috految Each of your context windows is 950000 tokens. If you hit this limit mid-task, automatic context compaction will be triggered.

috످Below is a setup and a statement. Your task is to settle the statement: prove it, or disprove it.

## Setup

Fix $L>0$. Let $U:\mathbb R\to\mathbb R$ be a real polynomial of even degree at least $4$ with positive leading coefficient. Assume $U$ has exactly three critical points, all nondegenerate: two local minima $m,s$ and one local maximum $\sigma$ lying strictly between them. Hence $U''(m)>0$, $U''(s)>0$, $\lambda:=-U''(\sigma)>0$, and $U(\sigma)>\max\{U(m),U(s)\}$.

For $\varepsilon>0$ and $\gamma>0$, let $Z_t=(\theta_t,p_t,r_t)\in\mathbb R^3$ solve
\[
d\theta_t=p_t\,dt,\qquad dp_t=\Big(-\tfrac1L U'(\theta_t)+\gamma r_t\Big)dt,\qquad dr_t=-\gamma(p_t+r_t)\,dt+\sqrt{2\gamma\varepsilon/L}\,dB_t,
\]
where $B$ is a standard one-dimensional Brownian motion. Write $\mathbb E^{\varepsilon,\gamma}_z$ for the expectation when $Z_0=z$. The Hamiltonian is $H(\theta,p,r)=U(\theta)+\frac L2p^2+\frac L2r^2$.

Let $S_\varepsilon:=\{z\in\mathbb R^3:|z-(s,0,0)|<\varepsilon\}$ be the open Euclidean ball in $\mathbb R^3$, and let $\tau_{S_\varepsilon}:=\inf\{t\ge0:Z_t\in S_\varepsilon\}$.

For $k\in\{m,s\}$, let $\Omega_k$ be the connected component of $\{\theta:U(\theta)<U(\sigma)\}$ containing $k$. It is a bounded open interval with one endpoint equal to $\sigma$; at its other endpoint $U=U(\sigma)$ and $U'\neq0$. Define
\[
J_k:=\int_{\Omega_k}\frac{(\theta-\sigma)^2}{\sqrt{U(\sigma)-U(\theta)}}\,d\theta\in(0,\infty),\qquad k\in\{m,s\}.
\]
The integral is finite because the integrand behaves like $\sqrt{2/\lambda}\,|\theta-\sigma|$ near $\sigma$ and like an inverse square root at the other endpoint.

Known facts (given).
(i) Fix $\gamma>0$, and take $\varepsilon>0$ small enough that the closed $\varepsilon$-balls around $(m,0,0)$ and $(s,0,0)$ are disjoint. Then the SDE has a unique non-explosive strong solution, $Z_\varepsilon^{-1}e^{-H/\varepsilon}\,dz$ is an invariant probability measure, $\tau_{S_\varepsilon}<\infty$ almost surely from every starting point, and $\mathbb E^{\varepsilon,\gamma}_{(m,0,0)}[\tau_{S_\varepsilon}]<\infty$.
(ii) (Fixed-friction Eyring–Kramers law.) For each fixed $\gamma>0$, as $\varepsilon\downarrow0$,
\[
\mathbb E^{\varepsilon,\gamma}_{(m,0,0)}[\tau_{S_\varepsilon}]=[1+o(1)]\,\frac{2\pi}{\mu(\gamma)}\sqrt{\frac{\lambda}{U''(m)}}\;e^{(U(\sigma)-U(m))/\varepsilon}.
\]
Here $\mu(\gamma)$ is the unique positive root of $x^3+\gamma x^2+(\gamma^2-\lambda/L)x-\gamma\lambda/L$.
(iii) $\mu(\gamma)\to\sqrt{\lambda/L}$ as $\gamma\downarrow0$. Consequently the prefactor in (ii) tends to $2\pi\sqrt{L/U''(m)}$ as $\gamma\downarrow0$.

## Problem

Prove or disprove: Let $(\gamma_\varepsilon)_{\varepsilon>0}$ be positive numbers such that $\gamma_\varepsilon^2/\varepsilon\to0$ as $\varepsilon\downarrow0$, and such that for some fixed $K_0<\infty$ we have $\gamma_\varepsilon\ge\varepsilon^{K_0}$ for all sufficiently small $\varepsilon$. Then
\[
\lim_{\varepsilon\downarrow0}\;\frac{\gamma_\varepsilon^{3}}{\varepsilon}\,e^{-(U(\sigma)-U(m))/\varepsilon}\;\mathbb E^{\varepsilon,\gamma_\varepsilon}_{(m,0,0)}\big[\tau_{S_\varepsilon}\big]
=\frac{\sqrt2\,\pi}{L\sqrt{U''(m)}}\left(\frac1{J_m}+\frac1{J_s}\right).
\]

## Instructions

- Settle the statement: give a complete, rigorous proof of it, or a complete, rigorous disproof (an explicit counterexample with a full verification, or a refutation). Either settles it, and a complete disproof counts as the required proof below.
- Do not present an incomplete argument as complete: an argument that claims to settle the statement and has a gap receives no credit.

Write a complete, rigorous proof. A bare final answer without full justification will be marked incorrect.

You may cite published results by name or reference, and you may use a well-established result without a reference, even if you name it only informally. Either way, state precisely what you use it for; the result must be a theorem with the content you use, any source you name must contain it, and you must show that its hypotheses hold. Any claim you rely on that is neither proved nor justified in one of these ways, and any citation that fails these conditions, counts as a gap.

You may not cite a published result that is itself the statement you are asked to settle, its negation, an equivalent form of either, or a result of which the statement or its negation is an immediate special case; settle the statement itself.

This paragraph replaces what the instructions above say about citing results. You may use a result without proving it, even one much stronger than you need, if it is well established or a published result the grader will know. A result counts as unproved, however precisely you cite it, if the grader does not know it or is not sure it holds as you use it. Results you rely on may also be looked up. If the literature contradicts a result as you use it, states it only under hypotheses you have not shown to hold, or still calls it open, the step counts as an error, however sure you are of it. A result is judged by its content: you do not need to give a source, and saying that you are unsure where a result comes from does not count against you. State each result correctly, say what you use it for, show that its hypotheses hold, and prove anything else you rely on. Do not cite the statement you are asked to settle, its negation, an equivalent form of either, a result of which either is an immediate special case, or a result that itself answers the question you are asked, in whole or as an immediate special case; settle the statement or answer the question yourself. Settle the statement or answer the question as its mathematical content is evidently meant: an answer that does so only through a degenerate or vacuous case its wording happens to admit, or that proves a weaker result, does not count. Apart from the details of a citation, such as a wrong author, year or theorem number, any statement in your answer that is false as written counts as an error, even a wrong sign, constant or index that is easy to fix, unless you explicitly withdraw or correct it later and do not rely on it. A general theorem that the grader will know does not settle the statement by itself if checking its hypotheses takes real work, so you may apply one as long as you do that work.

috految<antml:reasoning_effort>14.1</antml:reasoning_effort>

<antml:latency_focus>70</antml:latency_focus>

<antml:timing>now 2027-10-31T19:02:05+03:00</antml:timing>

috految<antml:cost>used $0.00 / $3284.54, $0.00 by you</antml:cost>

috److془We need to carefully settle this problem. Let's think.

Set up: $L=1$ after scaling: $V=U/L$, $T=\varepsilon/L$. $\sigma=0$, $V(0)=0$.

$d\theta = p dt$, $dp = (-V' + \gamma r)dt$, $dr = -\gamma(p+r)dt + \sqrt{2\gamma T} dB$.

$y = r+\gamma\theta$: $dy = -\gamma(y-\gamma\theta)dt + \sqrt{2\gamma T}dB$. $H = V + p^2/2 + (y-\gamma\theta)^2/2$. Hamiltonian flow with $y$ fixed. $E = H - y^2/2 = p^2/2+V + \gamma^2\theta^2/2 - \gamma y\theta$. $dE = -\gamma\theta dy$. Dirichlet form: $\gamma T\int |\partial_y f|^2$. $f=f(E,y)$: $\partial_y f = f_y - \gamma\theta f_E$. For $f = f(E)$, $\gamma^3 T \int \theta^2 f'^2$. Variance: $\oint\theta^2 - (\oint \theta)^2/\mathcal T$, period $\sim \log$. So J. Conductance: $\gamma^3 T \cdot \sqrt2 J/T$. Mass: $2\pi T/\sqrt{V''(m)}$. Time: $\sqrt2 \pi T/(\gamma^3 \sqrt{V''}) (1/J_m+1/J_s)$. $J^V = \sqrt L J$, $V''=U''/L$. Gives $\sqrt2\pi \varepsilon/(L \gamma^3\sqrt{U''})(..)$. Matches. Now subtlety: the gluing at separatrix; the outer region. Energy scale T; $\gamma y\sim \gamma\sqrt T \ll T$. Step per period $\gamma^{3/2}\sqrt T$. Fine. Subtlety: the dynamic with y fixed: the saddle's energy $\approx \gamma^2 y^2$. Fine. Subtlety: the relaxation in $y$ at rate $\gamma$ relative to $\gamma^3/T$. Fine. Subtlety: the target ball radius $\varepsilon$: hitting time polynomial. Starting point: need polynomial regularity. Subtlety: the traps at high energy: stationary weight bounded, fine. Subtlety: if $s$ much deeper than $m$, need that $\int h^* d\mu$ over $s$ well is small, fine by Poincaré-like estimate. Subtlety: the nonreversible drift: the averaging is valid? Lower bound on capacity: need test flow. Upper bound: test function invariant under Hamiltonian flow. Lower bound: Hmm, with the flat function (E), $f$ is decorrelate with phase. Fine. Gluing: need to have the transition through separatrix; crossing has resistance small. Thomson: flow $\partial_y j + A w =0$, cost $\|j\|^2/(\gamma T) + \gamma T\|\partial_y w\|^2$. Near the separatrix, we could use local in phase space flows to cross each separatrix. Then in outer region, connect via Hamiltonian flow. Good. Statement appears true. Let's do it carefully.

Pointwise start: need to handle $u(m,0,0)$. Sub-exponential losses fine, since errors are exponentially small. Indeed for $u$ mean hitting time, with $\mathcal L u=-1$, $\gamma T\int (\partial_y u)^2 d\mu \le \int u d\mu$. Issue: high energies: need upper bound on u near infinity or use alternative, $h^*$ bounded. Or truncation: $\int (\partial_y (u\wedge M))^2 \le \int u\wedge M$. Or: $\int \nu^* u = \int h^*$.

Let $\mu = e^{-H/T}dz/\sqrt{2\pi T}$. $Q = \mu(\text{m well}) \approx e^{\Delta/T}$, $\Delta=-V(m)$. Capacity $\approx\gamma^3$. For $h$ bounded with Dirichlet $\le C\gamma^3$: $\|h\|_{L^2(\mu, s\ well)}\le e^{o(1/T)}$. $L^1$ norm needs more: $\int h d\mu \le$ poly. Use truncation, $D(h\wedge a)\le a\, cap$. Or since we need only $e^{o(1/T)}$: the level sets. Issue: the hypoelliptic estimate for truncations: $A\phi(h) = -S\phi(h) + \phi''\Gamma(h)$ with $L^1$ term. Alternatively: $\int |\partial h|^2/h\le C cap \cdot\log$. Then $L^1$ Poincaré. Nice. Now $L^1$ hypoelliptic Poincaré or just weak form; test functions. Or use Harnack. Or pointwise: need only local estimates at polynomial scales. In fact: $|\nabla h(z)|\le T^{-C} \|\partial_r h\|_{L^1(B(z,T))}$ for harmonic. Alternatively: the Hörmander estimate and interpolation with $\|\nabla^k h\|\le T^{-C_k}$. Nice. Or, deterministic with $\mathcal L$ Harnack. Pointwise upper bound on $u(m)$ needs something: $|\nabla u|\le T^{-C}(1+\|u\|_{L^1(B)})$ near m. And get $\int_{B} u$ from the Green identity with explicit smooth source. Lovely. Actually could use: $g$ = Green function. Let's design: Killing at ball S: use soft killing or handle. Alternatively directly work with u, and the Dirichlet condition: $v = u$ on exterior, 0 in $S$. Hmm: for upper bound use soft killing $k\le 1$ supported in $S$. For lower bound use other: hmm or uniformly: killing $k$ of any strength. Or: $u_k(m) = E\tau + E u_k(Z_\tau)$, and $u_k$ on $\bar S$ is negligible. Indeed! Even better, use Poisson equation without killing? Let's keep the killing. Even better: $\mathcal L u = -1 + k u$. 

Let $a$ be bump at $m$ and $k$ bump at $s$, radius $T^2$. Let $h$ solve $\mathcal L^* h = kh - a(1-h)$, $0\le h\le1$. $c=\int kh d\mu= \int a(1-h) d\mu$. $\int a(1-h) u = \int h$. Hmm requires lower bound up to $e^{o(1/T)}$ of $1-h$. Or use $a$ small: $a$ with $\int a d\mu= \gamma^3$ then $h\approx$ const in (0,1) in $m$ well. Beautiful. Then $\int a u$ asymptotic for any bump $a$ of polynomial radius. Pointwise follows by local estimates. Take the bump radius $T^N$. Also $\sup_{\bar S} u$: $\int k u = \mu(R^3)$ gives $u \le T^{-C}\mu(R^3) e^{V(s)/T}$ in the interior of $k=1$, which is $e^{(\Delta-\delta)/T}$. Use two choices of $k$: supported in S, and $=1$ on a neighbourhood of $\bar S$. 

Now main: with $D(h)=\gamma T\int (\partial_r h)^2 d\mu\le \gamma^3 $. Show the asymptotic of $c$. $h\to\alpha$ near $m$, exponentially accurate in $\{H<-\delta\}$, $0$ in s. Need $c/\gamma^3\to \alpha \kappa$, $1/\kappa = 1/I_m+1/I_s$, $I_k=\sqrt2 J_k$. $D(h)+\int kh^2 = \int a h(1-h)$, so $D/\gamma^3\le \alpha(1-\alpha)+o(1)$. $c/\gamma^3\to1-\alpha$. Test function: $c \le \sqrt{D(h)D(f)}$: $(1-\alpha)^2\le \kappa\alpha(1-\alpha)$. Lower bound $D/\gamma^3\ge\kappa\alpha^2$ gives $\kappa\alpha^2\le \alpha(1-\alpha)$. So $\alpha$ not 0,1, $1-\alpha=\kappa\alpha$. 

Now lower bound. Coordinates $(x,p,y)$, $x=\theta$. $A = p\partial_x + (-V'+\gamma r)\partial_p$ (y fixed), $R=\partial_y=\partial_r$. $\mathcal L = A+\gamma(T R^2 - rR)$. Check: in original $A = p\partial_x+(-V'+\gamma r)\partial_p -\gamma p\partial_r$, $Ay=0$. ✓.

Scaled: $y=\sqrt T\eta$, $E=Te$; $\beta=\gamma/\sqrt T\to0$. $\sqrt T R = \partial_\eta - \beta x\partial_e$ in coordinates $(x,e,\eta)$ ($RE=-\gamma x$, $\sqrt T\gamma/T=\beta$). $G=\sqrt T Rh/\beta = TRh/\gamma$. $d\mu = T e^{-e}\phi(\eta) dx\, de\, d\eta/|p|$. $D=\gamma^3 \int G^2 e^{-e}\phi\, dx de d\eta/|p|$. Equation: $Ah = \gamma\beta(\partial_\eta-\beta x\partial_e - r/\sqrt T) G$. $A=p\partial_x$. So $\partial_x h = O(\gamma\beta)$ weakly; $\beta^{-1}\partial_\eta h - x\partial_e h = G$; $\partial_x G = -\partial_e h + O(\gamma)$. Limit $G = b(e,\eta) - x F'(e)$; and $\int G^2 dx/|p|<\infty$ gives $b=0$. 

Gluing: in outer region e>0, $p>0$ branch across $x=0$: $p^2/2 = Te - V-\gamma^2x^2/2+\gamma\sqrt T\eta x$; $p^2\asymp T+x^2$. $\int dx/|p|\le C\log(1/T)$. Fine: $F_m=F_s$ on $e>0$. Each sign separately; no need for turning points. Boundary condition at $e=-\infty$: $F_m(-\infty)=\alpha$: uniform estimate for $-\delta/T\le e\le0$. Great. $\int_{-\infty}^0 e^{-e}F'^2\ge (F(0)-F(-\infty))^2$. Each sign: $\int_\Omega x^2/\sqrt{-2V} = J/\sqrt2$. Total $\sqrt2 J$ ✓.

Upper bound: test function invariant under A: $f = \chi(y) f_k(e)$ on well $k$, in $\{E<0\}$; $f_k$ smooth, vanishing for $e\ge -\delta$. On x=0 $E=p^2/2\ge0$. So simply $f=f_k(E/T)$ on half space of $k$, smooth! No cutoff. $f_m-f_s =1$ near $-\infty$. $D(f)=\gamma^3 T^{-1}\int x^2 f_k'(e)^2 d\mu$. $E=p^2/2+V+\gamma^2x^2/2-\gamma y x$. Use $d\mu = e^{-e}\phi(\eta)dx dp d\eta$. For $|\eta|\le T^{-1/4}$ hmm or use $H_0=p^2/2+V$; $e= H_0/T+\beta^2x^2/2-\beta\eta x$. Support: $|\eta|>T^{-1/4}$: $E\le0$ implies $|x|+|p|\le C(1+|\eta|)$, negligible. Otherwise $x,p$ bounded, $|H_0/T|\le C(1+|\eta|)$. $I_k(w)=\int_{H_0=w, k\ side} x^2 dx/|p|$ is continuous at $w=0$, with limits $I_k$: near the saddle: $\int_{|x|<d}x^2/\sqrt{2(w-V)}_+\le Cd^2$ as $x^2\le C d|V'|$, $\int |V'|/\sqrt{w-V} \le C\sqrt{osc V}$. ✓. Dominated convergence. 

Now the local estimates. Claim: for compact K, operators $P=\mathcal L$ or $\mathcal L^*$, $q$ potential and source $g$ with all derivatives polynomially bounded in $1/T$; $ (P-q)v=g$, $|\partial^\nu v(z)|\le T^{-C}(\|v\|_{L^1(B(z,T^N))}+1)$. Prove by scaling carefully. Kinetic scaling: $\ell$ small, $\zeta(t)$ drift trajectory from z. $w(t,X,Y,W)=v(\zeta(\ell^2t)+ d(\gamma\ell^5 X,\gamma\ell^3 Y,\ell W))$, $d=\sqrt{\gamma T}$. $\partial_t w = \ell^2 b(\zeta)\cdot\nabla v$. $\ell^2 Pv = \partial_t w+ \partial_W^2 w+ \ell^2 M^{-1}(b(\zeta+M\xi)-b(\zeta))\cdot\nabla w$. Components: $\pm Y$; $\pm W+O(\ell^4)$; $O(\ell^2)$. Check: second: $\ell^2\gamma d\ell W/(d\gamma\ell^3)=W$ ✓. Third: $\ell^2(\mp\gamma^2\ell^2 Y-\gamma W)$ ✓. Converge in $C^\infty$ to $\partial_t+\partial_W^2\pm(W\partial_Y+Y\partial_X)$, Hörmander in R^4. Uniform interior estimates $\|w\|_{C^j(B_{1/2})}\le C(\|w\|_{L^1(B_1)}+\|{\rm rhs}\|_{C^{j'}(B_1)})$. ✓ standard. Potential: with $|\partial^\nu q|\le C_\nu T^{-N|\nu|}$, $\ell=T^{N+1}$ ✓. $\|w\|_{L^1}\le |\det M|^{-1}C\|v\|_{L^1(B(z,T^N))}$.

Now Poincaré. $h$ derivative of all orders polynomially bounded on compacts. Interpolation: for $v$ with all derivatives polynomially bounded, $\|v\|_{L^1(B(z,T))}\le e^{-(b-o(1))/T}$ implies $|\partial^\nu v(z)|\le e^{-(b-o(1))/T}$. Equation: $Ah = \gamma (TR^2-rR)h +a(1-h)-kh$. $\int (a(1-h)+kh) d\mu\le 2\gamma^3$. Brackets: original coordinates $[R,A]=\gamma\partial_p$, $[\partial_p,A]=\partial_\theta-\gamma R$. So gradient is bounded only by $Rh, Ah$ and derivatives. In $\{H<0\}$: $|\nabla h(z)|\le e^{(H(z)/2+o(1))/T}$. Bootstrapping in s well: $h\le e^{(bH+o(1))/T}$ on $W_s$ for $b\in[0,1)$, then $\int\Gamma(h) 1_{h\le t}\le t\gamma^3$ gives $\|Rh\|_{L^2(B)}^2\le e^{((1+b)H+o(1))/T}$. Gradient $b'=(1+b)/2$. At $(s,0,0)$: $h\le e^{(V(s)+o(1))/T}$ by $kh$. Segment from $z_s$ to z: H monotone. ✓. So $h\le e^{(H+o(1))/T}$ locally uniformly on $W_s$. $\int h d\mu$: on $\{H\le -\delta\}\cap W_s$: $e^{o(1)/T}$; $\{H>-\delta\}$: $e^{(\delta+o(1))/T}$. On the m: $\alpha Q(1+o(1))$. 

Global identities: $h$ bounded smooth; cutoff $\chi(z/n)$: H polynomial coercive, $\mathcal L\chi_n\to0$ in $L^1(\mu)$ by dominated convergence. $\int \chi_n \mathcal L^*\Phi(h)\to0$. $\mathcal L^*\Phi(h)=\Phi'(h)(kh-a(1-h))+\gamma T\Phi''(Rh)^2$. = gives $\gamma T\int\Phi''(Rh)^2=\int\Phi'(h)(a(1-h)-kh)$ for smooth convex. Take $\Phi'(v)=t(1-e^{-v/t})$: $\gamma T\int_{h\le t}(Rh)^2\le e t\gamma^3$ ✓.

Existence: adjoint process is $p\to-p$ conjugate: $A\to -A$ ✓. Nonexplosive (given; also LH≤γT). $h(z)=E^*\int_0^\infty a(Z_t)e^{-\int_0^t(a+k)}dt\in[0,1]$. $u(z)=E\int_0^\infty e^{-\int_0^t k}dt$. Resolvents $u_\rho$, $h_\rho$ with additional $e^{-\rho t}$, bounded continuous solving in distributions, smooth by hypoellipticity. $u_\rho\uparrow u$, $h_\rho\uparrow h$; h smooth by local estimates. Identity: $(\rho+k-\mathcal L)u_\rho=1$, $(\rho+k-\mathcal L^*)h_\rho=a(1-h_\rho)$. Duality: $\int h_\rho=\int a(1-h_\rho)u_\rho$. By integration by parts: $Ru_\rho, Rh_\rho\in L^2$ by the square. $\int ku_\rho\le\mu(R^3)$. Take limit: $h_\rho\to h$ uniformly on supp a, where $1-h\to1-\alpha>0$. So $\int au d\mu\sim \alpha Q/(1-\alpha)=Q/\kappa$. Average of u $\sim Q/(\kappa\gamma^3)$ ✓. $Q\sim 2\pi T/\sqrt{V''} e^{\Delta/T}$. ✓ $2\pi/ \sqrt2 =\sqrt2\pi$ ✓. V scaling: noise $2\gamma\varepsilon/L=2\gamma T$, ✓ $\Delta/T=(U(\sigma)-U(m))/\varepsilon$. $J^V=\int x^2/\sqrt{-V}=\sqrt L J$. $\sqrt{V''}J^V=\sqrt{U''}J$ ✓.

$a=c_T \psi((z-z_m)/T^N)$, $c_T\le1$ exponentially small. $k=\psi((z-z_s)/(c\varepsilon))$, ψ=1 on B(1), supp in B(2), c=1/4 or 2. Pointwise: N=1: $\|u\|_{L^1(B(z_m,T))}\le C\Theta$, $\Theta=Q/(\kappa\gamma^3)$; gradient bound $T^{-C}\Theta$ on $B(z_m,T/2)$; N large. ✓ With c=1/4: $E\tau\le u$. With c=2: $u(z_m)\le E\tau + \sup_{\bar S}u$. $\sup\le T^{-C}(1+e^{V(s)/T}\mu(R^3))\le \exp((\max(0,V(s)+\Delta)+o(1))/T)$. ✓ o(Θ).

Lower bound details. Sign $\varsigma$. Chart $(x,v,\eta)$, $v=E/T$, $p=\varsigma P$, $P^2=2(Tv-V(x))-\gamma^2x^2+2\gamma\sqrt T\eta x$. $=2(Tv-V)-T\beta^2x^2+2T\beta\eta x$. $\mathcal D=\partial_\eta-\beta x\partial_v=\sqrt TR$, $\mathcal D P=0$ ✓. $\mathcal Dh=\beta G$. $r/\sqrt T=\eta-\beta x$. Equation $\varsigma P\partial_xh=\gamma\beta(\mathcal D-\eta+\beta x)G$. So $\partial_x h=\varsigma\gamma\beta(\mathcal D-\eta+\beta x)(G/P)$. Valid where $H>-\delta_0$, $\delta_0=\frac12\min(|V(m)|,|V(s)|)$; $H=Tv+T\eta^2/2$. $\beta\partial_xG=\mathcal D\partial_xh-\beta\partial_vh$: $\partial_vh=-\partial_xG+\varsigma\gamma\mathcal D(\mathcal D-\eta+\beta x)(G/P)$. Limit on $\Omega_j\times R^2$; $h\to F(v)$ ; $\partial_xG=-F'$. Test in x,η: $F'\in L^2_{loc}$. Boundary: $\omega(x,v,\eta)\ge0$ integral 1, compact support in $\Omega_j\times(0,1)\times(-1,1)$; $M(t)=\int h\,\omega(x,v-t,\eta)$, $t\in[-\delta/T,0]$; P bounded above and below, $|M'|\le C\|G\|_{L^2}\le Ce^{t/2}$. At $t=-\delta/T$, points in $W_j\cap\{H\le-\delta/2\}$. ✓ Gluing: test $\xi(x)\omega(v,\eta)$, ω supports v>0, ξ supported in $\Omega_m\cup\{0\}\cup\Omega_s$, ξ=1 near 0. $P^2\ge c(T+x^2)$. rhs ≤ $C\gamma\beta\sqrt{\log}\to0$. ✓

Upper testing: $\int f(a(1-h)-kh)=\gamma T\int Rf Rh$; $Af=0$. On supp a, $E=V(m)+o(1)$ ✓. Left = c. $E=H-y^2/2$, $AH=0$. $\inf \sum I_j\int e^{-v}f_j'^2$ = $\min (I_m d_m^2+I_s d_s^2)$, $d_m-d_s=1$ = κ ✓. Rf= -γ x f'/T ✓. Density: $dr=\sqrt T d\eta$. $D(h)=\gamma T\gamma^2T^{-2}T$ ✓. Write.془The statement is true. We introduce soft killing near $(s,0,0)$, find the asymptotics of a bounded solution of an adjoint equation by energy estimates, and conclude by duality and local regularity.

## 0. Notation

Translate so that $\sigma=0$, write $x=\theta$, and put
$$V=(U-U(\sigma))/L,\quad T=\varepsilon/L,\quad \gamma=\gamma_\varepsilon,\quad \beta=\gamma/\sqrt T,\quad \Delta=-V(m)>0.$$
Throughout, $T$ is small. We have $\beta\to0$, and $\gamma^{-1}$ is bounded by a power of $1/T$. From now on $H$ denotes $V(x)+p^2/2+r^2/2$. Set
$$d\mu=(2\pi T)^{-1/2}e^{-H/T}dz,\qquad R=\partial_r,\qquad A=p\partial_x+(-V'+\gamma r)\partial_p-\gamma p\partial_r .$$
Then $AH=0$ and $A$ is divergence free. The generator and its formal $\mu$-adjoint are
$$\mathcal L=A+\gamma(TR^2-rR),\qquad \mathcal L^*=-A+\gamma(TR^2-rR).$$
They are conjugate under $p\mapsto-p$, so both generate nonexplosive diffusions. We have
$$[R,A]=\gamma\partial_p,\qquad[\partial_p,A]=\partial_x-\gamma R,\tag{1}$$
so Hörmander's condition holds. Write $D(f)=\gamma T\int (Rf)^2d\mu$.

For $j\in\{m,s\}$ let $z_j=(j,0,0)$ and $W_j=\{H<0,\ x\in\Omega_j\}$. Then $\{H<0\}=W_m\sqcup W_s$, and $H$ is nondecreasing along the segment from $z_j$ to any point of $W_j$. Put
$$I_j=2\int_{\Omega_j}\frac{x^2\,dx}{\sqrt{-2V}}=\sqrt{2L}\,J_j,\qquad \kappa=(I_m^{-1}+I_s^{-1})^{-1},\qquad Q=\frac{2\pi T}{\sqrt{V''(m)}}e^{\Delta/T}.$$
We will prove
$$\mathbb E_{z_m}\tau_{S_\varepsilon}\sim\Theta:=\frac{Q}{\kappa\gamma^3}.\tag{2}$$
This is the assertion, since
$$\Theta=\frac{\varepsilon}{\gamma^3}\frac{\sqrt2\pi}{L\sqrt{U''(m)}}\Big(\frac1{J_m}+\frac1{J_s}\Big)e^{(U(\sigma)-U(m))/\varepsilon}.$$

## 1. Local regularity

**Lemma.** Fix $N\ge1$ and a compact set $K$. Let $\mathcal P$ be $\mathcal L$ or $\mathcal L^*$, and suppose that $f$ is smooth and $(\mathcal P-q)f=g$, where $|\partial^\nu q|+|\partial^\nu g|\le C_\nu T^{-N|\nu|}$ for all multi-indices $\nu$. Then for each $\nu$ there is $C$ such that for small $T$
$$|\partial^\nu f(z)|\le T^{-C}\big(1+\|f\|_{L^1(B(z,T^N),dz)}\big),\qquad z\in K.$$

*Proof.* Write $\mathcal P=b\cdot\nabla+\gamma TR^2$, and let $\dot\zeta=b(\zeta)$, $\zeta(0)=z$. Put $\ell=T^{N+1}$, $M=\sqrt{\gamma T}\operatorname{diag}(\gamma\ell^5,\gamma\ell^3,\ell)$, and
$$w(t,\xi)=f(\zeta(\ell^2t)+M\xi)$$
on the unit ball of $\mathbb R^4$. The argument of $f$ lies in $B(z,T^N)$. Then
$$\Big(\partial_t+\partial_{\xi_3}^2+\ell^2M^{-1}[b(\zeta+M\xi)-b(\zeta)]\cdot\nabla_\xi-\ell^2\tilde q\Big)w=\ell^2\tilde g,$$
where $\zeta=\zeta(\ell^2t)$ and the pullbacks $\tilde q,\tilde g$ are bounded in every $C^n$. The drift in $\xi$ is $(\pm\xi_2,\ \pm\xi_3+O(\ell^4),\ O(\ell^2))$ in every $C^n$, uniformly in $z\in K$. Thus the operators have uniformly smooth coefficients, and their vector fields converge smoothly to those of
$$\partial_{\xi_3}^2+\partial_t\pm(\xi_2\partial_{\xi_1}+\xi_3\partial_{\xi_2}),$$
which satisfies Hörmander's condition on $\mathbb R^4$. The standard interior hypoelliptic estimates are uniform under uniform smoothness and a uniform bracket condition. They bound each derivative of $w$ at the origin by $C(1+\|w\|_{L^1})$. Finally, $\|w\|_{L^1}\le C(\det M)^{-1}\|f\|_{L^1(B(z,T^N))}$, and $M^{-1}$ is polynomially bounded in $1/T$. ∎

## 2. Auxiliary equations

Fix a smooth $0\le\psi\le1$, equal to $1$ on $B(0,1)$ and compactly supported in $B(0,2)$. Fix $c_0\in\{1/4,2\}$ and $N\ge1$, and let
$$k(z)=\psi\Big(\frac{z-z_s}{c_0\varepsilon}\Big),\qquad a(z)=c_T\,\psi\Big(\frac{z-z_m}{T^N}\Big),\qquad\int a\,d\mu=\gamma^3 .$$
The last condition defines $c_T$. Since $H(z_m)<0$, we have $0<c_T\le1$ for small $T$. With $\mathbb E^*$ referring to the diffusion generated by $\mathcal L^*$, define for $0<\rho\le1$
$$u_\rho(z)=\mathbb E_z\int_0^\infty e^{-\rho t-\int_0^tk(Z_{t'})dt'}dt,\qquad
h_\rho(z)=\mathbb E^*_z\int_0^\infty a(Z_t)e^{-\rho t-\int_0^t(a+k)(Z_{t'})dt'}dt\in[0,1].$$
By Feynman–Kac and hypoellipticity these bounded continuous functions are smooth, and
$$(\rho+k-\mathcal L)u_\rho=1,\qquad (\rho+k-\mathcal L^*)h_\rho=a(1-h_\rho).$$
Let $u,h$ be their increasing limits as $\rho\downarrow0$. Note that $u$ does not depend on $N$. By interior estimates, $h_\rho\to h$ locally smoothly, and
$$-\mathcal L^*h=a(1-h)-kh,\qquad 0\le h\le1.\tag{3}$$

To integrate by parts we use cutoffs $\chi_n=\psi(\cdot/n)$. As $\mu$ has all moments, $A\chi_n$, $R\chi_n$, $\mathcal L\chi_n$ and $\mathcal L^*\chi_n$ tend to zero in $L^1(\mu)$ and $L^2(\mu)$. Testing the equations for the squares of $u_\rho,h_\rho,h$ against $\chi_n$ shows that their $R$-derivatives belong to $L^2(\mu)$. Hence the cutoffs can be removed in the integrations by parts below. In particular,
$$\int ku_\rho\, d\mu\le\mu(\mathbb R^3),\qquad \int a(1-h_\rho)u_\rho\, d\mu=\int h_\rho\, d\mu.\tag{4}$$
Also, for smooth $\Phi$,
$$\gamma T\int\Phi''(h)(Rh)^2d\mu=\int\Phi'(h)\,[a(1-h)-kh]\,d\mu.$$
Taking $\Phi'(v)=1$, $v$, and $t(1-e^{-v/t})$ with $t>0$ gives
$$c:=\int a(1-h)\,d\mu=\int kh\,d\mu\le\gamma^3,\qquad D(h)\le\int ah(1-h)\,d\mu\le\gamma^3,\tag{5}$$
$$\gamma T\int_{\{h\le t\}}(Rh)^2d\mu\le e\,t\,\gamma^3.\tag{6}$$

## 3. Behaviour of $h$ in the wells

By the Lemma, each derivative of $h$ is polynomially bounded in $1/T$ on compact sets. If functions $f$ have this property and $\|f\|_{L^1(B(z,T),dz)}\le e^{(d+o(1))/T}$, with $z$ bounded and $d\le0$ bounded, then for every $\nu$
$$|\partial^\nu f(z)|\le e^{(d+o(1))/T}.\tag{7}$$
Indeed, rescale the ball and interpolate between $L^1$ and $C^n$. The exponent of the $L^1$ norm tends to $1$ as $n\to\infty$, and for fixed $n$ the other factors are polynomial in $1/T$.

The following estimates are locally uniform in $z\in W_j$. Since $H=H(z)+O(T)$ on $B(z,T)$, (5) and (7) show that $a(1-h)$, $kh$ and each of their derivatives are bounded at $z$ by $e^{(H(z)+o(1))/T}$. In particular,
$$h(z_s)\le e^{(H(z_s)+o(1))/T}.\tag{8}$$

Suppose that, for some $b\in[0,1)$, we have $h\le e^{(bH+o(1))/T}$ locally uniformly in $W_j$. This holds for $b=0$. By (6),
$$\|Rh\|_{L^2(B(z,T),dz)}\le e^{(b'H(z)+o(1))/T},\qquad b'=(1+b)/2.$$
By (7), the same bound holds for $Rh$ and each of its derivatives at $z$. By (3) it then holds for $Ah$ and each of its derivatives. By (1) and the polynomial bound on $\gamma^{-1}$, it holds for $\partial_ph$ and its derivatives, and then for $\partial_xh$. Therefore
$$|\nabla h(z)|\le e^{(b'H(z)+o(1))/T}.$$
In $W_m$, the case $b=0$ gives $h(z)-h(z_m)\to0$ locally uniformly. In $W_s$, integrating along segments from $z_s$ and using (8) gives $h\le e^{(b'H+o(1))/T}$. Iterating, and noting that the iterates of $b\mapsto b'$ tend to $1$, we get
$$h\le e^{(H+o(1))/T}\quad\text{locally uniformly in }W_s.\tag{9}$$

Take any sequence $T\to0$ along which $h(z_m)\to\alpha\in[0,1]$. Then $h\to\alpha$ locally uniformly in $W_m$, and $h\to0$ locally uniformly in $W_s$. By (5),
$$c/\gamma^3\to1-\alpha,\qquad\limsup D(h)/\gamma^3\le\alpha(1-\alpha).\tag{10}$$
Fix a small $0<\delta<\Delta$. We have $\mu(H>-\delta)\le e^{(\delta+o(1))/T}$. By (9), the integral of $h\,d\mu$ over $W_s\cap\{H\le-\delta\}$ is at most $e^{o(1)/T}$. Laplace's method gives $\mu(W_m\cap\{H\le-\delta\})\sim Q$. Hence
$$\int h\,d\mu=(\alpha+o(1))Q.\tag{11}$$

## 4. Identification of $\alpha$

Set
$$y=r+\gamma x=\sqrt T\,\eta,\qquad E=H-\frac{y^2}2=\frac{p^2}2+V+\frac{\gamma^2x^2}2-\gamma yx,\qquad v=E/T.$$
Then $Ay=AE=0$ and $RE=-\gamma x$. With $\phi$ the standard Gaussian density,
$$d\mu=e^{-v}\phi(\eta)\,dx\,dp\,d\eta.$$

### A test function

Let $f_m,f_s$ be fixed smooth functions on $\mathbb R$, vanishing on a neighbourhood of $[0,\infty)$, and constant near $-\infty$, with $f_m(-\infty)-f_s(-\infty)=1$. Let $f=f_j(v)$ on the side of $\{x=0\}$ containing $z_j$. Since $E\ge0$ on $\{x=0\}$, the function $f$ is smooth and bounded. It satisfies $Af=0$ and $Rf=-\gamma xf_j'(v)/T$. On the supports of $a$ and $k$, it equals $f_m(-\infty)$ and $f_s(-\infty)$ respectively. Testing (3) against $f$ gives
$$c=\gamma T\int Rf\,Rh\,d\mu\le\sqrt{D(f)D(h)}.\tag{12}$$
We claim that
$$\frac{D(f)}{\gamma^3}=\frac1T\sum_j\int_{\text{side }j}x^2f_j'(v)^2e^{-v}\phi(\eta)\,dx\,dp\,d\eta\ \longrightarrow\ \sum_jI_j\int f_j'(v)^2e^{-v}dv.\tag{13}$$
On the support of the integrand, $v$ is bounded and $E\le0$, so $|x|+|p|\le C(1+|\eta|)$. Thus the region $|\eta|>T^{-1/4}$ contributes $o(1)$. On the rest of the support, $x,p$ are uniformly bounded. With $H_0=p^2/2+V$ we have there
$$v=H_0/T+\beta^2x^2/2-\beta\eta x,\qquad |H_0/T|\le C(1+|\eta|).$$
The image of $x^2dx\,dp$ on side $j$ under $H_0$ has density
$$w\mapsto 2\int_{\text{side }j,\ V<w}\frac{x^2dx}{\sqrt{2(w-V)}},$$
which tends to $I_j$ as $w\to0$. Indeed, away from $x=0$ the only turning point is simple. For small $d$ we have $x^2\le Cd|V'(x)|$ on $|x|<d$, so that region contributes $O(d^2)$ uniformly in $w$. Now substitute $H_0=Tw'$. For fixed $\eta$, $v-w'\to0$ uniformly for bounded $x$. Dominated convergence, with majorant $C\phi(\eta)1_{|w'|\le C(1+|\eta|)}$, proves (13).

As $\int_{-\infty}^0e^vdv=1$, the infimum of the limit in (13) over the $f_j$ is
$$\min_{d_m-d_s=1}(I_md_m^2+I_sd_s^2)=\kappa$$
(approximate $f_j'=-d_je^v1_{v<0}$). So (10) and (12) give
$$(1-\alpha)^2\le\kappa\,\alpha(1-\alpha).\tag{14}$$

### A lower bound on the energy

Fix a sign $\varsigma=\pm1$, and use coordinates $(x,v,\eta)$ on $\{\varsigma p>0\}$. Then $p=\varsigma P$ with $P>0$ and
$$P^2=2(Tv-V(x))-T\beta^2x^2+2T\beta\eta x.$$
In these coordinates,
$$A=\varsigma P\partial_x,\qquad \sqrt T R=\mathcal D:=\partial_\eta-\beta x\partial_v,\qquad \mathcal DP=0,\qquad r/\sqrt T=\eta-\beta x .$$
Put $G=TRh/\gamma$, so that $\mathcal Dh=\beta G$. By (5),
$$\sum_\varsigma\int G^2e^{-v}\phi(\eta)\frac{dx\,dv\,d\eta}{P}=D(h)/\gamma^3\le1.\tag{15}$$
Let $\delta_0=\frac12\min(|V(m)|,|V(s)|)$. Where $H=Tv+T\eta^2/2>-\delta_0$ we have $a=k=0$, and (3) becomes
$$\partial_xh=\varsigma\gamma\beta\,(\mathcal D-\eta+\beta x)(G/P).\tag{16}$$
Since $\beta\partial_xG=\mathcal D\partial_xh-\beta\partial_vh$, in that region also
$$\partial_vh=-\partial_xG+\varsigma\gamma\,\mathcal D(\mathcal D-\eta+\beta x)(G/P).\tag{17}$$

Each compact subset of $\Omega_j\times\mathbb R^2$ eventually lies in this region of coordinates, and $P\to\sqrt{-2V}$ uniformly on it. After passing to a subsequence, for both signs and both $j$, the functions $h$ and $G$ converge weakly in $L^2_{\rm loc}(\Omega_j\times\mathbb R^2)$. By (16) and $\mathcal Dh=\beta G$, the limit of $h$ is a function $F_j(v)$ of $v$ alone, which may a priori depend on $\varsigma$. By (17), the limit $G_j$ of $G$ satisfies $\partial_xG_j=-F_j'$. Testing in $x,\eta$ shows that $F_j\in H^1_{\rm loc}(\mathbb R)$, and so
$$G_j=b_j(v,\eta)-xF_j'(v)$$
for some function $b_j$. Weak lower semicontinuity in (15) and exhaustion by compact sets give
$$\sum_{\varsigma,j}\int_{\Omega_j\times\mathbb R^2} G_j^2e^{-v}\phi(\eta)\frac{dx\,dv\,d\eta}{\sqrt{-2V}}\le\liminf D(h)/\gamma^3<\infty.$$
Since $1/\sqrt{-V}$ is not integrable at $x=0$, this forces $b_j=0$ a.e. Thus
$$\liminf D(h)/\gamma^3\ge\sum_{\varsigma,j}\frac{I_j}2\int_{-\infty}^0F_j'(v)^2e^{-v}dv.\tag{18}$$
In particular the limits $F_j(-\infty)$ exist. We now determine boundary conditions, for each sign.

*At $v=0$.* Take $\xi\in C_c^\infty(\Omega_m\cup\{0\}\cup\Omega_s)$ equal to $1$ near $0$, and $\omega\in C_c^\infty((0,\infty)\times\mathbb R)$. On the support of $\xi(x)\omega(v,\eta)$ we have $P^2\ge c'(T+x^2)$ for small $T$, with $c'>0$, because $\beta\to0$. So (16) holds there. Testing it, and using (15) and Cauchy–Schwarz,
$$\Big|\int h\,\xi'\omega\,dx\,dv\,d\eta\Big|\le C\gamma\beta\int_{\operatorname{supp}\xi\omega}\frac{|G|}P\le C\gamma\beta\sqrt{\log(1/T)}\to0.$$
Hence $F_m=F_s$ on $(0,\infty)$, and by continuity $F_m(0)=F_s(0)$.

*At $v=-\infty$.* Take $0\le\omega\in C_c^\infty(\Omega_j\times(0,1)\times(-1,1))$ of integral one, and set
$$M_T(t)=\int h(x,v,\eta)\,\omega(x,v-t,\eta)\,dx\,dv\,d\eta,\qquad -\delta/T\le t\le0.$$
For a sufficiently small fixed $\delta\in(0,\delta_0)$, on all these supports $P$ is uniformly bounded above and away from zero, and (17) holds. Moving derivatives onto the test function and using (15),
$$|M_T'(t)|\le C\|G\|_{L^2(\operatorname{supp}\omega(\cdot,\cdot-t,\cdot))}\le Ce^{t/2}.$$
At $t=-\delta/T$, the support corresponds to points in the compact set $W_j\cap\{H\le-\delta/2\}$. By Section 3, $M_T(-\delta/T)$ tends to $\alpha$ if $j=m$ and to $0$ if $j=s$. Integrating the derivative bound, letting $T\to0$ and then $t\to-\infty$, we obtain $F_m(-\infty)=\alpha$ and $F_s(-\infty)=0$.

By Cauchy–Schwarz, $\int_{-\infty}^0F_j'^2e^{-v}dv\ge(F_j(0)-F_j(-\infty))^2$. So each sign contributes at least $\kappa\alpha^2/2$ to (18). With (10),
$$\kappa\alpha^2\le\alpha(1-\alpha).\tag{19}$$

Inequality (14) excludes $\alpha=0$, and (19) excludes $\alpha=1$. Together they give $1-\alpha=\kappa\alpha$. As the subsequential limit was arbitrary, $h(z_m)\to\alpha=1/(1+\kappa)$ as $T\to0$.

## 5. The hitting time

On $\operatorname{supp}a$, we have $1-h\to1-\alpha>0$ uniformly. For fixed $T$, $h_\rho\to h$ uniformly there. Letting $\rho\downarrow0$ in (4) and using (11), we get $\int au\,d\mu\sim\alpha Q/(1-\alpha)=Q/\kappa$. That is, for every fixed $N\ge1$,
$$\frac{\int au\,d\mu}{\int a\,d\mu}\sim\Theta.\tag{20}$$
For $N=1$, the density of $\mu$ varies by a bounded factor on $\operatorname{supp}a$, so $\|u\|_{L^1(B(z_m,T),dz)}\le C\Theta$. Apply the Lemma with radius $T^2$ to $u_\rho\le u$, uniformly in $\rho$, and let $\rho\downarrow0$. It follows that $u$ is Lipschitz on $B(z_m,T/2)$ with constant at most $T^{-C}\Theta$. Using (20) again with a fixed $N>C+1$ gives
$$u(z_m)\sim\Theta$$
for both choices of $c_0$.

For $c_0=1/4$, $k$ is supported in $S_\varepsilon$, so the definition of $u$ gives
$$\mathbb E_{z_m}\tau_{S_\varepsilon}\le u(z_m)=(1+o(1))\Theta.$$

For $c_0=2$, $k=1$ on $B(z_s,2\varepsilon)$. The first inequality in (4) and the Lemma with radius $T^2$, applied to $u_\rho$, give
$$\sup_{\overline{S_\varepsilon}}u\le T^{-C}\big(1+e^{V(s)/T}\mu(\mathbb R^3)\big)\le \exp\frac{\max(0,\Delta+V(s))+o(1)}{T}=o(\Theta),$$
since $V(s)<0<\Delta$ and $\Theta=e^{(\Delta+o(1))/T}$. By the strong Markov property,
$$u(z_m)\le\mathbb E_{z_m}\tau_{S_\varepsilon}+\sup_{\overline{S_\varepsilon}}u.$$
Hence $\mathbb E_{z_m}\tau_{S_\varepsilon}\ge(1-o(1))\Theta$.

This proves (2), and therefore
$$\lim_{\varepsilon\downarrow0}\frac{\gamma_\varepsilon^3}{\varepsilon}e^{-(U(\sigma)-U(m))/\varepsilon}\,\mathbb E^{\varepsilon,\gamma_\varepsilon}_{(m,0,0)}[\tau_{S_\varepsilon}]=\frac{\sqrt2\,\pi}{L\sqrt{U''(m)}}\Big(\frac1{J_m}+\frac1{J_s}\Big).\qquad\blacksquare$$

috످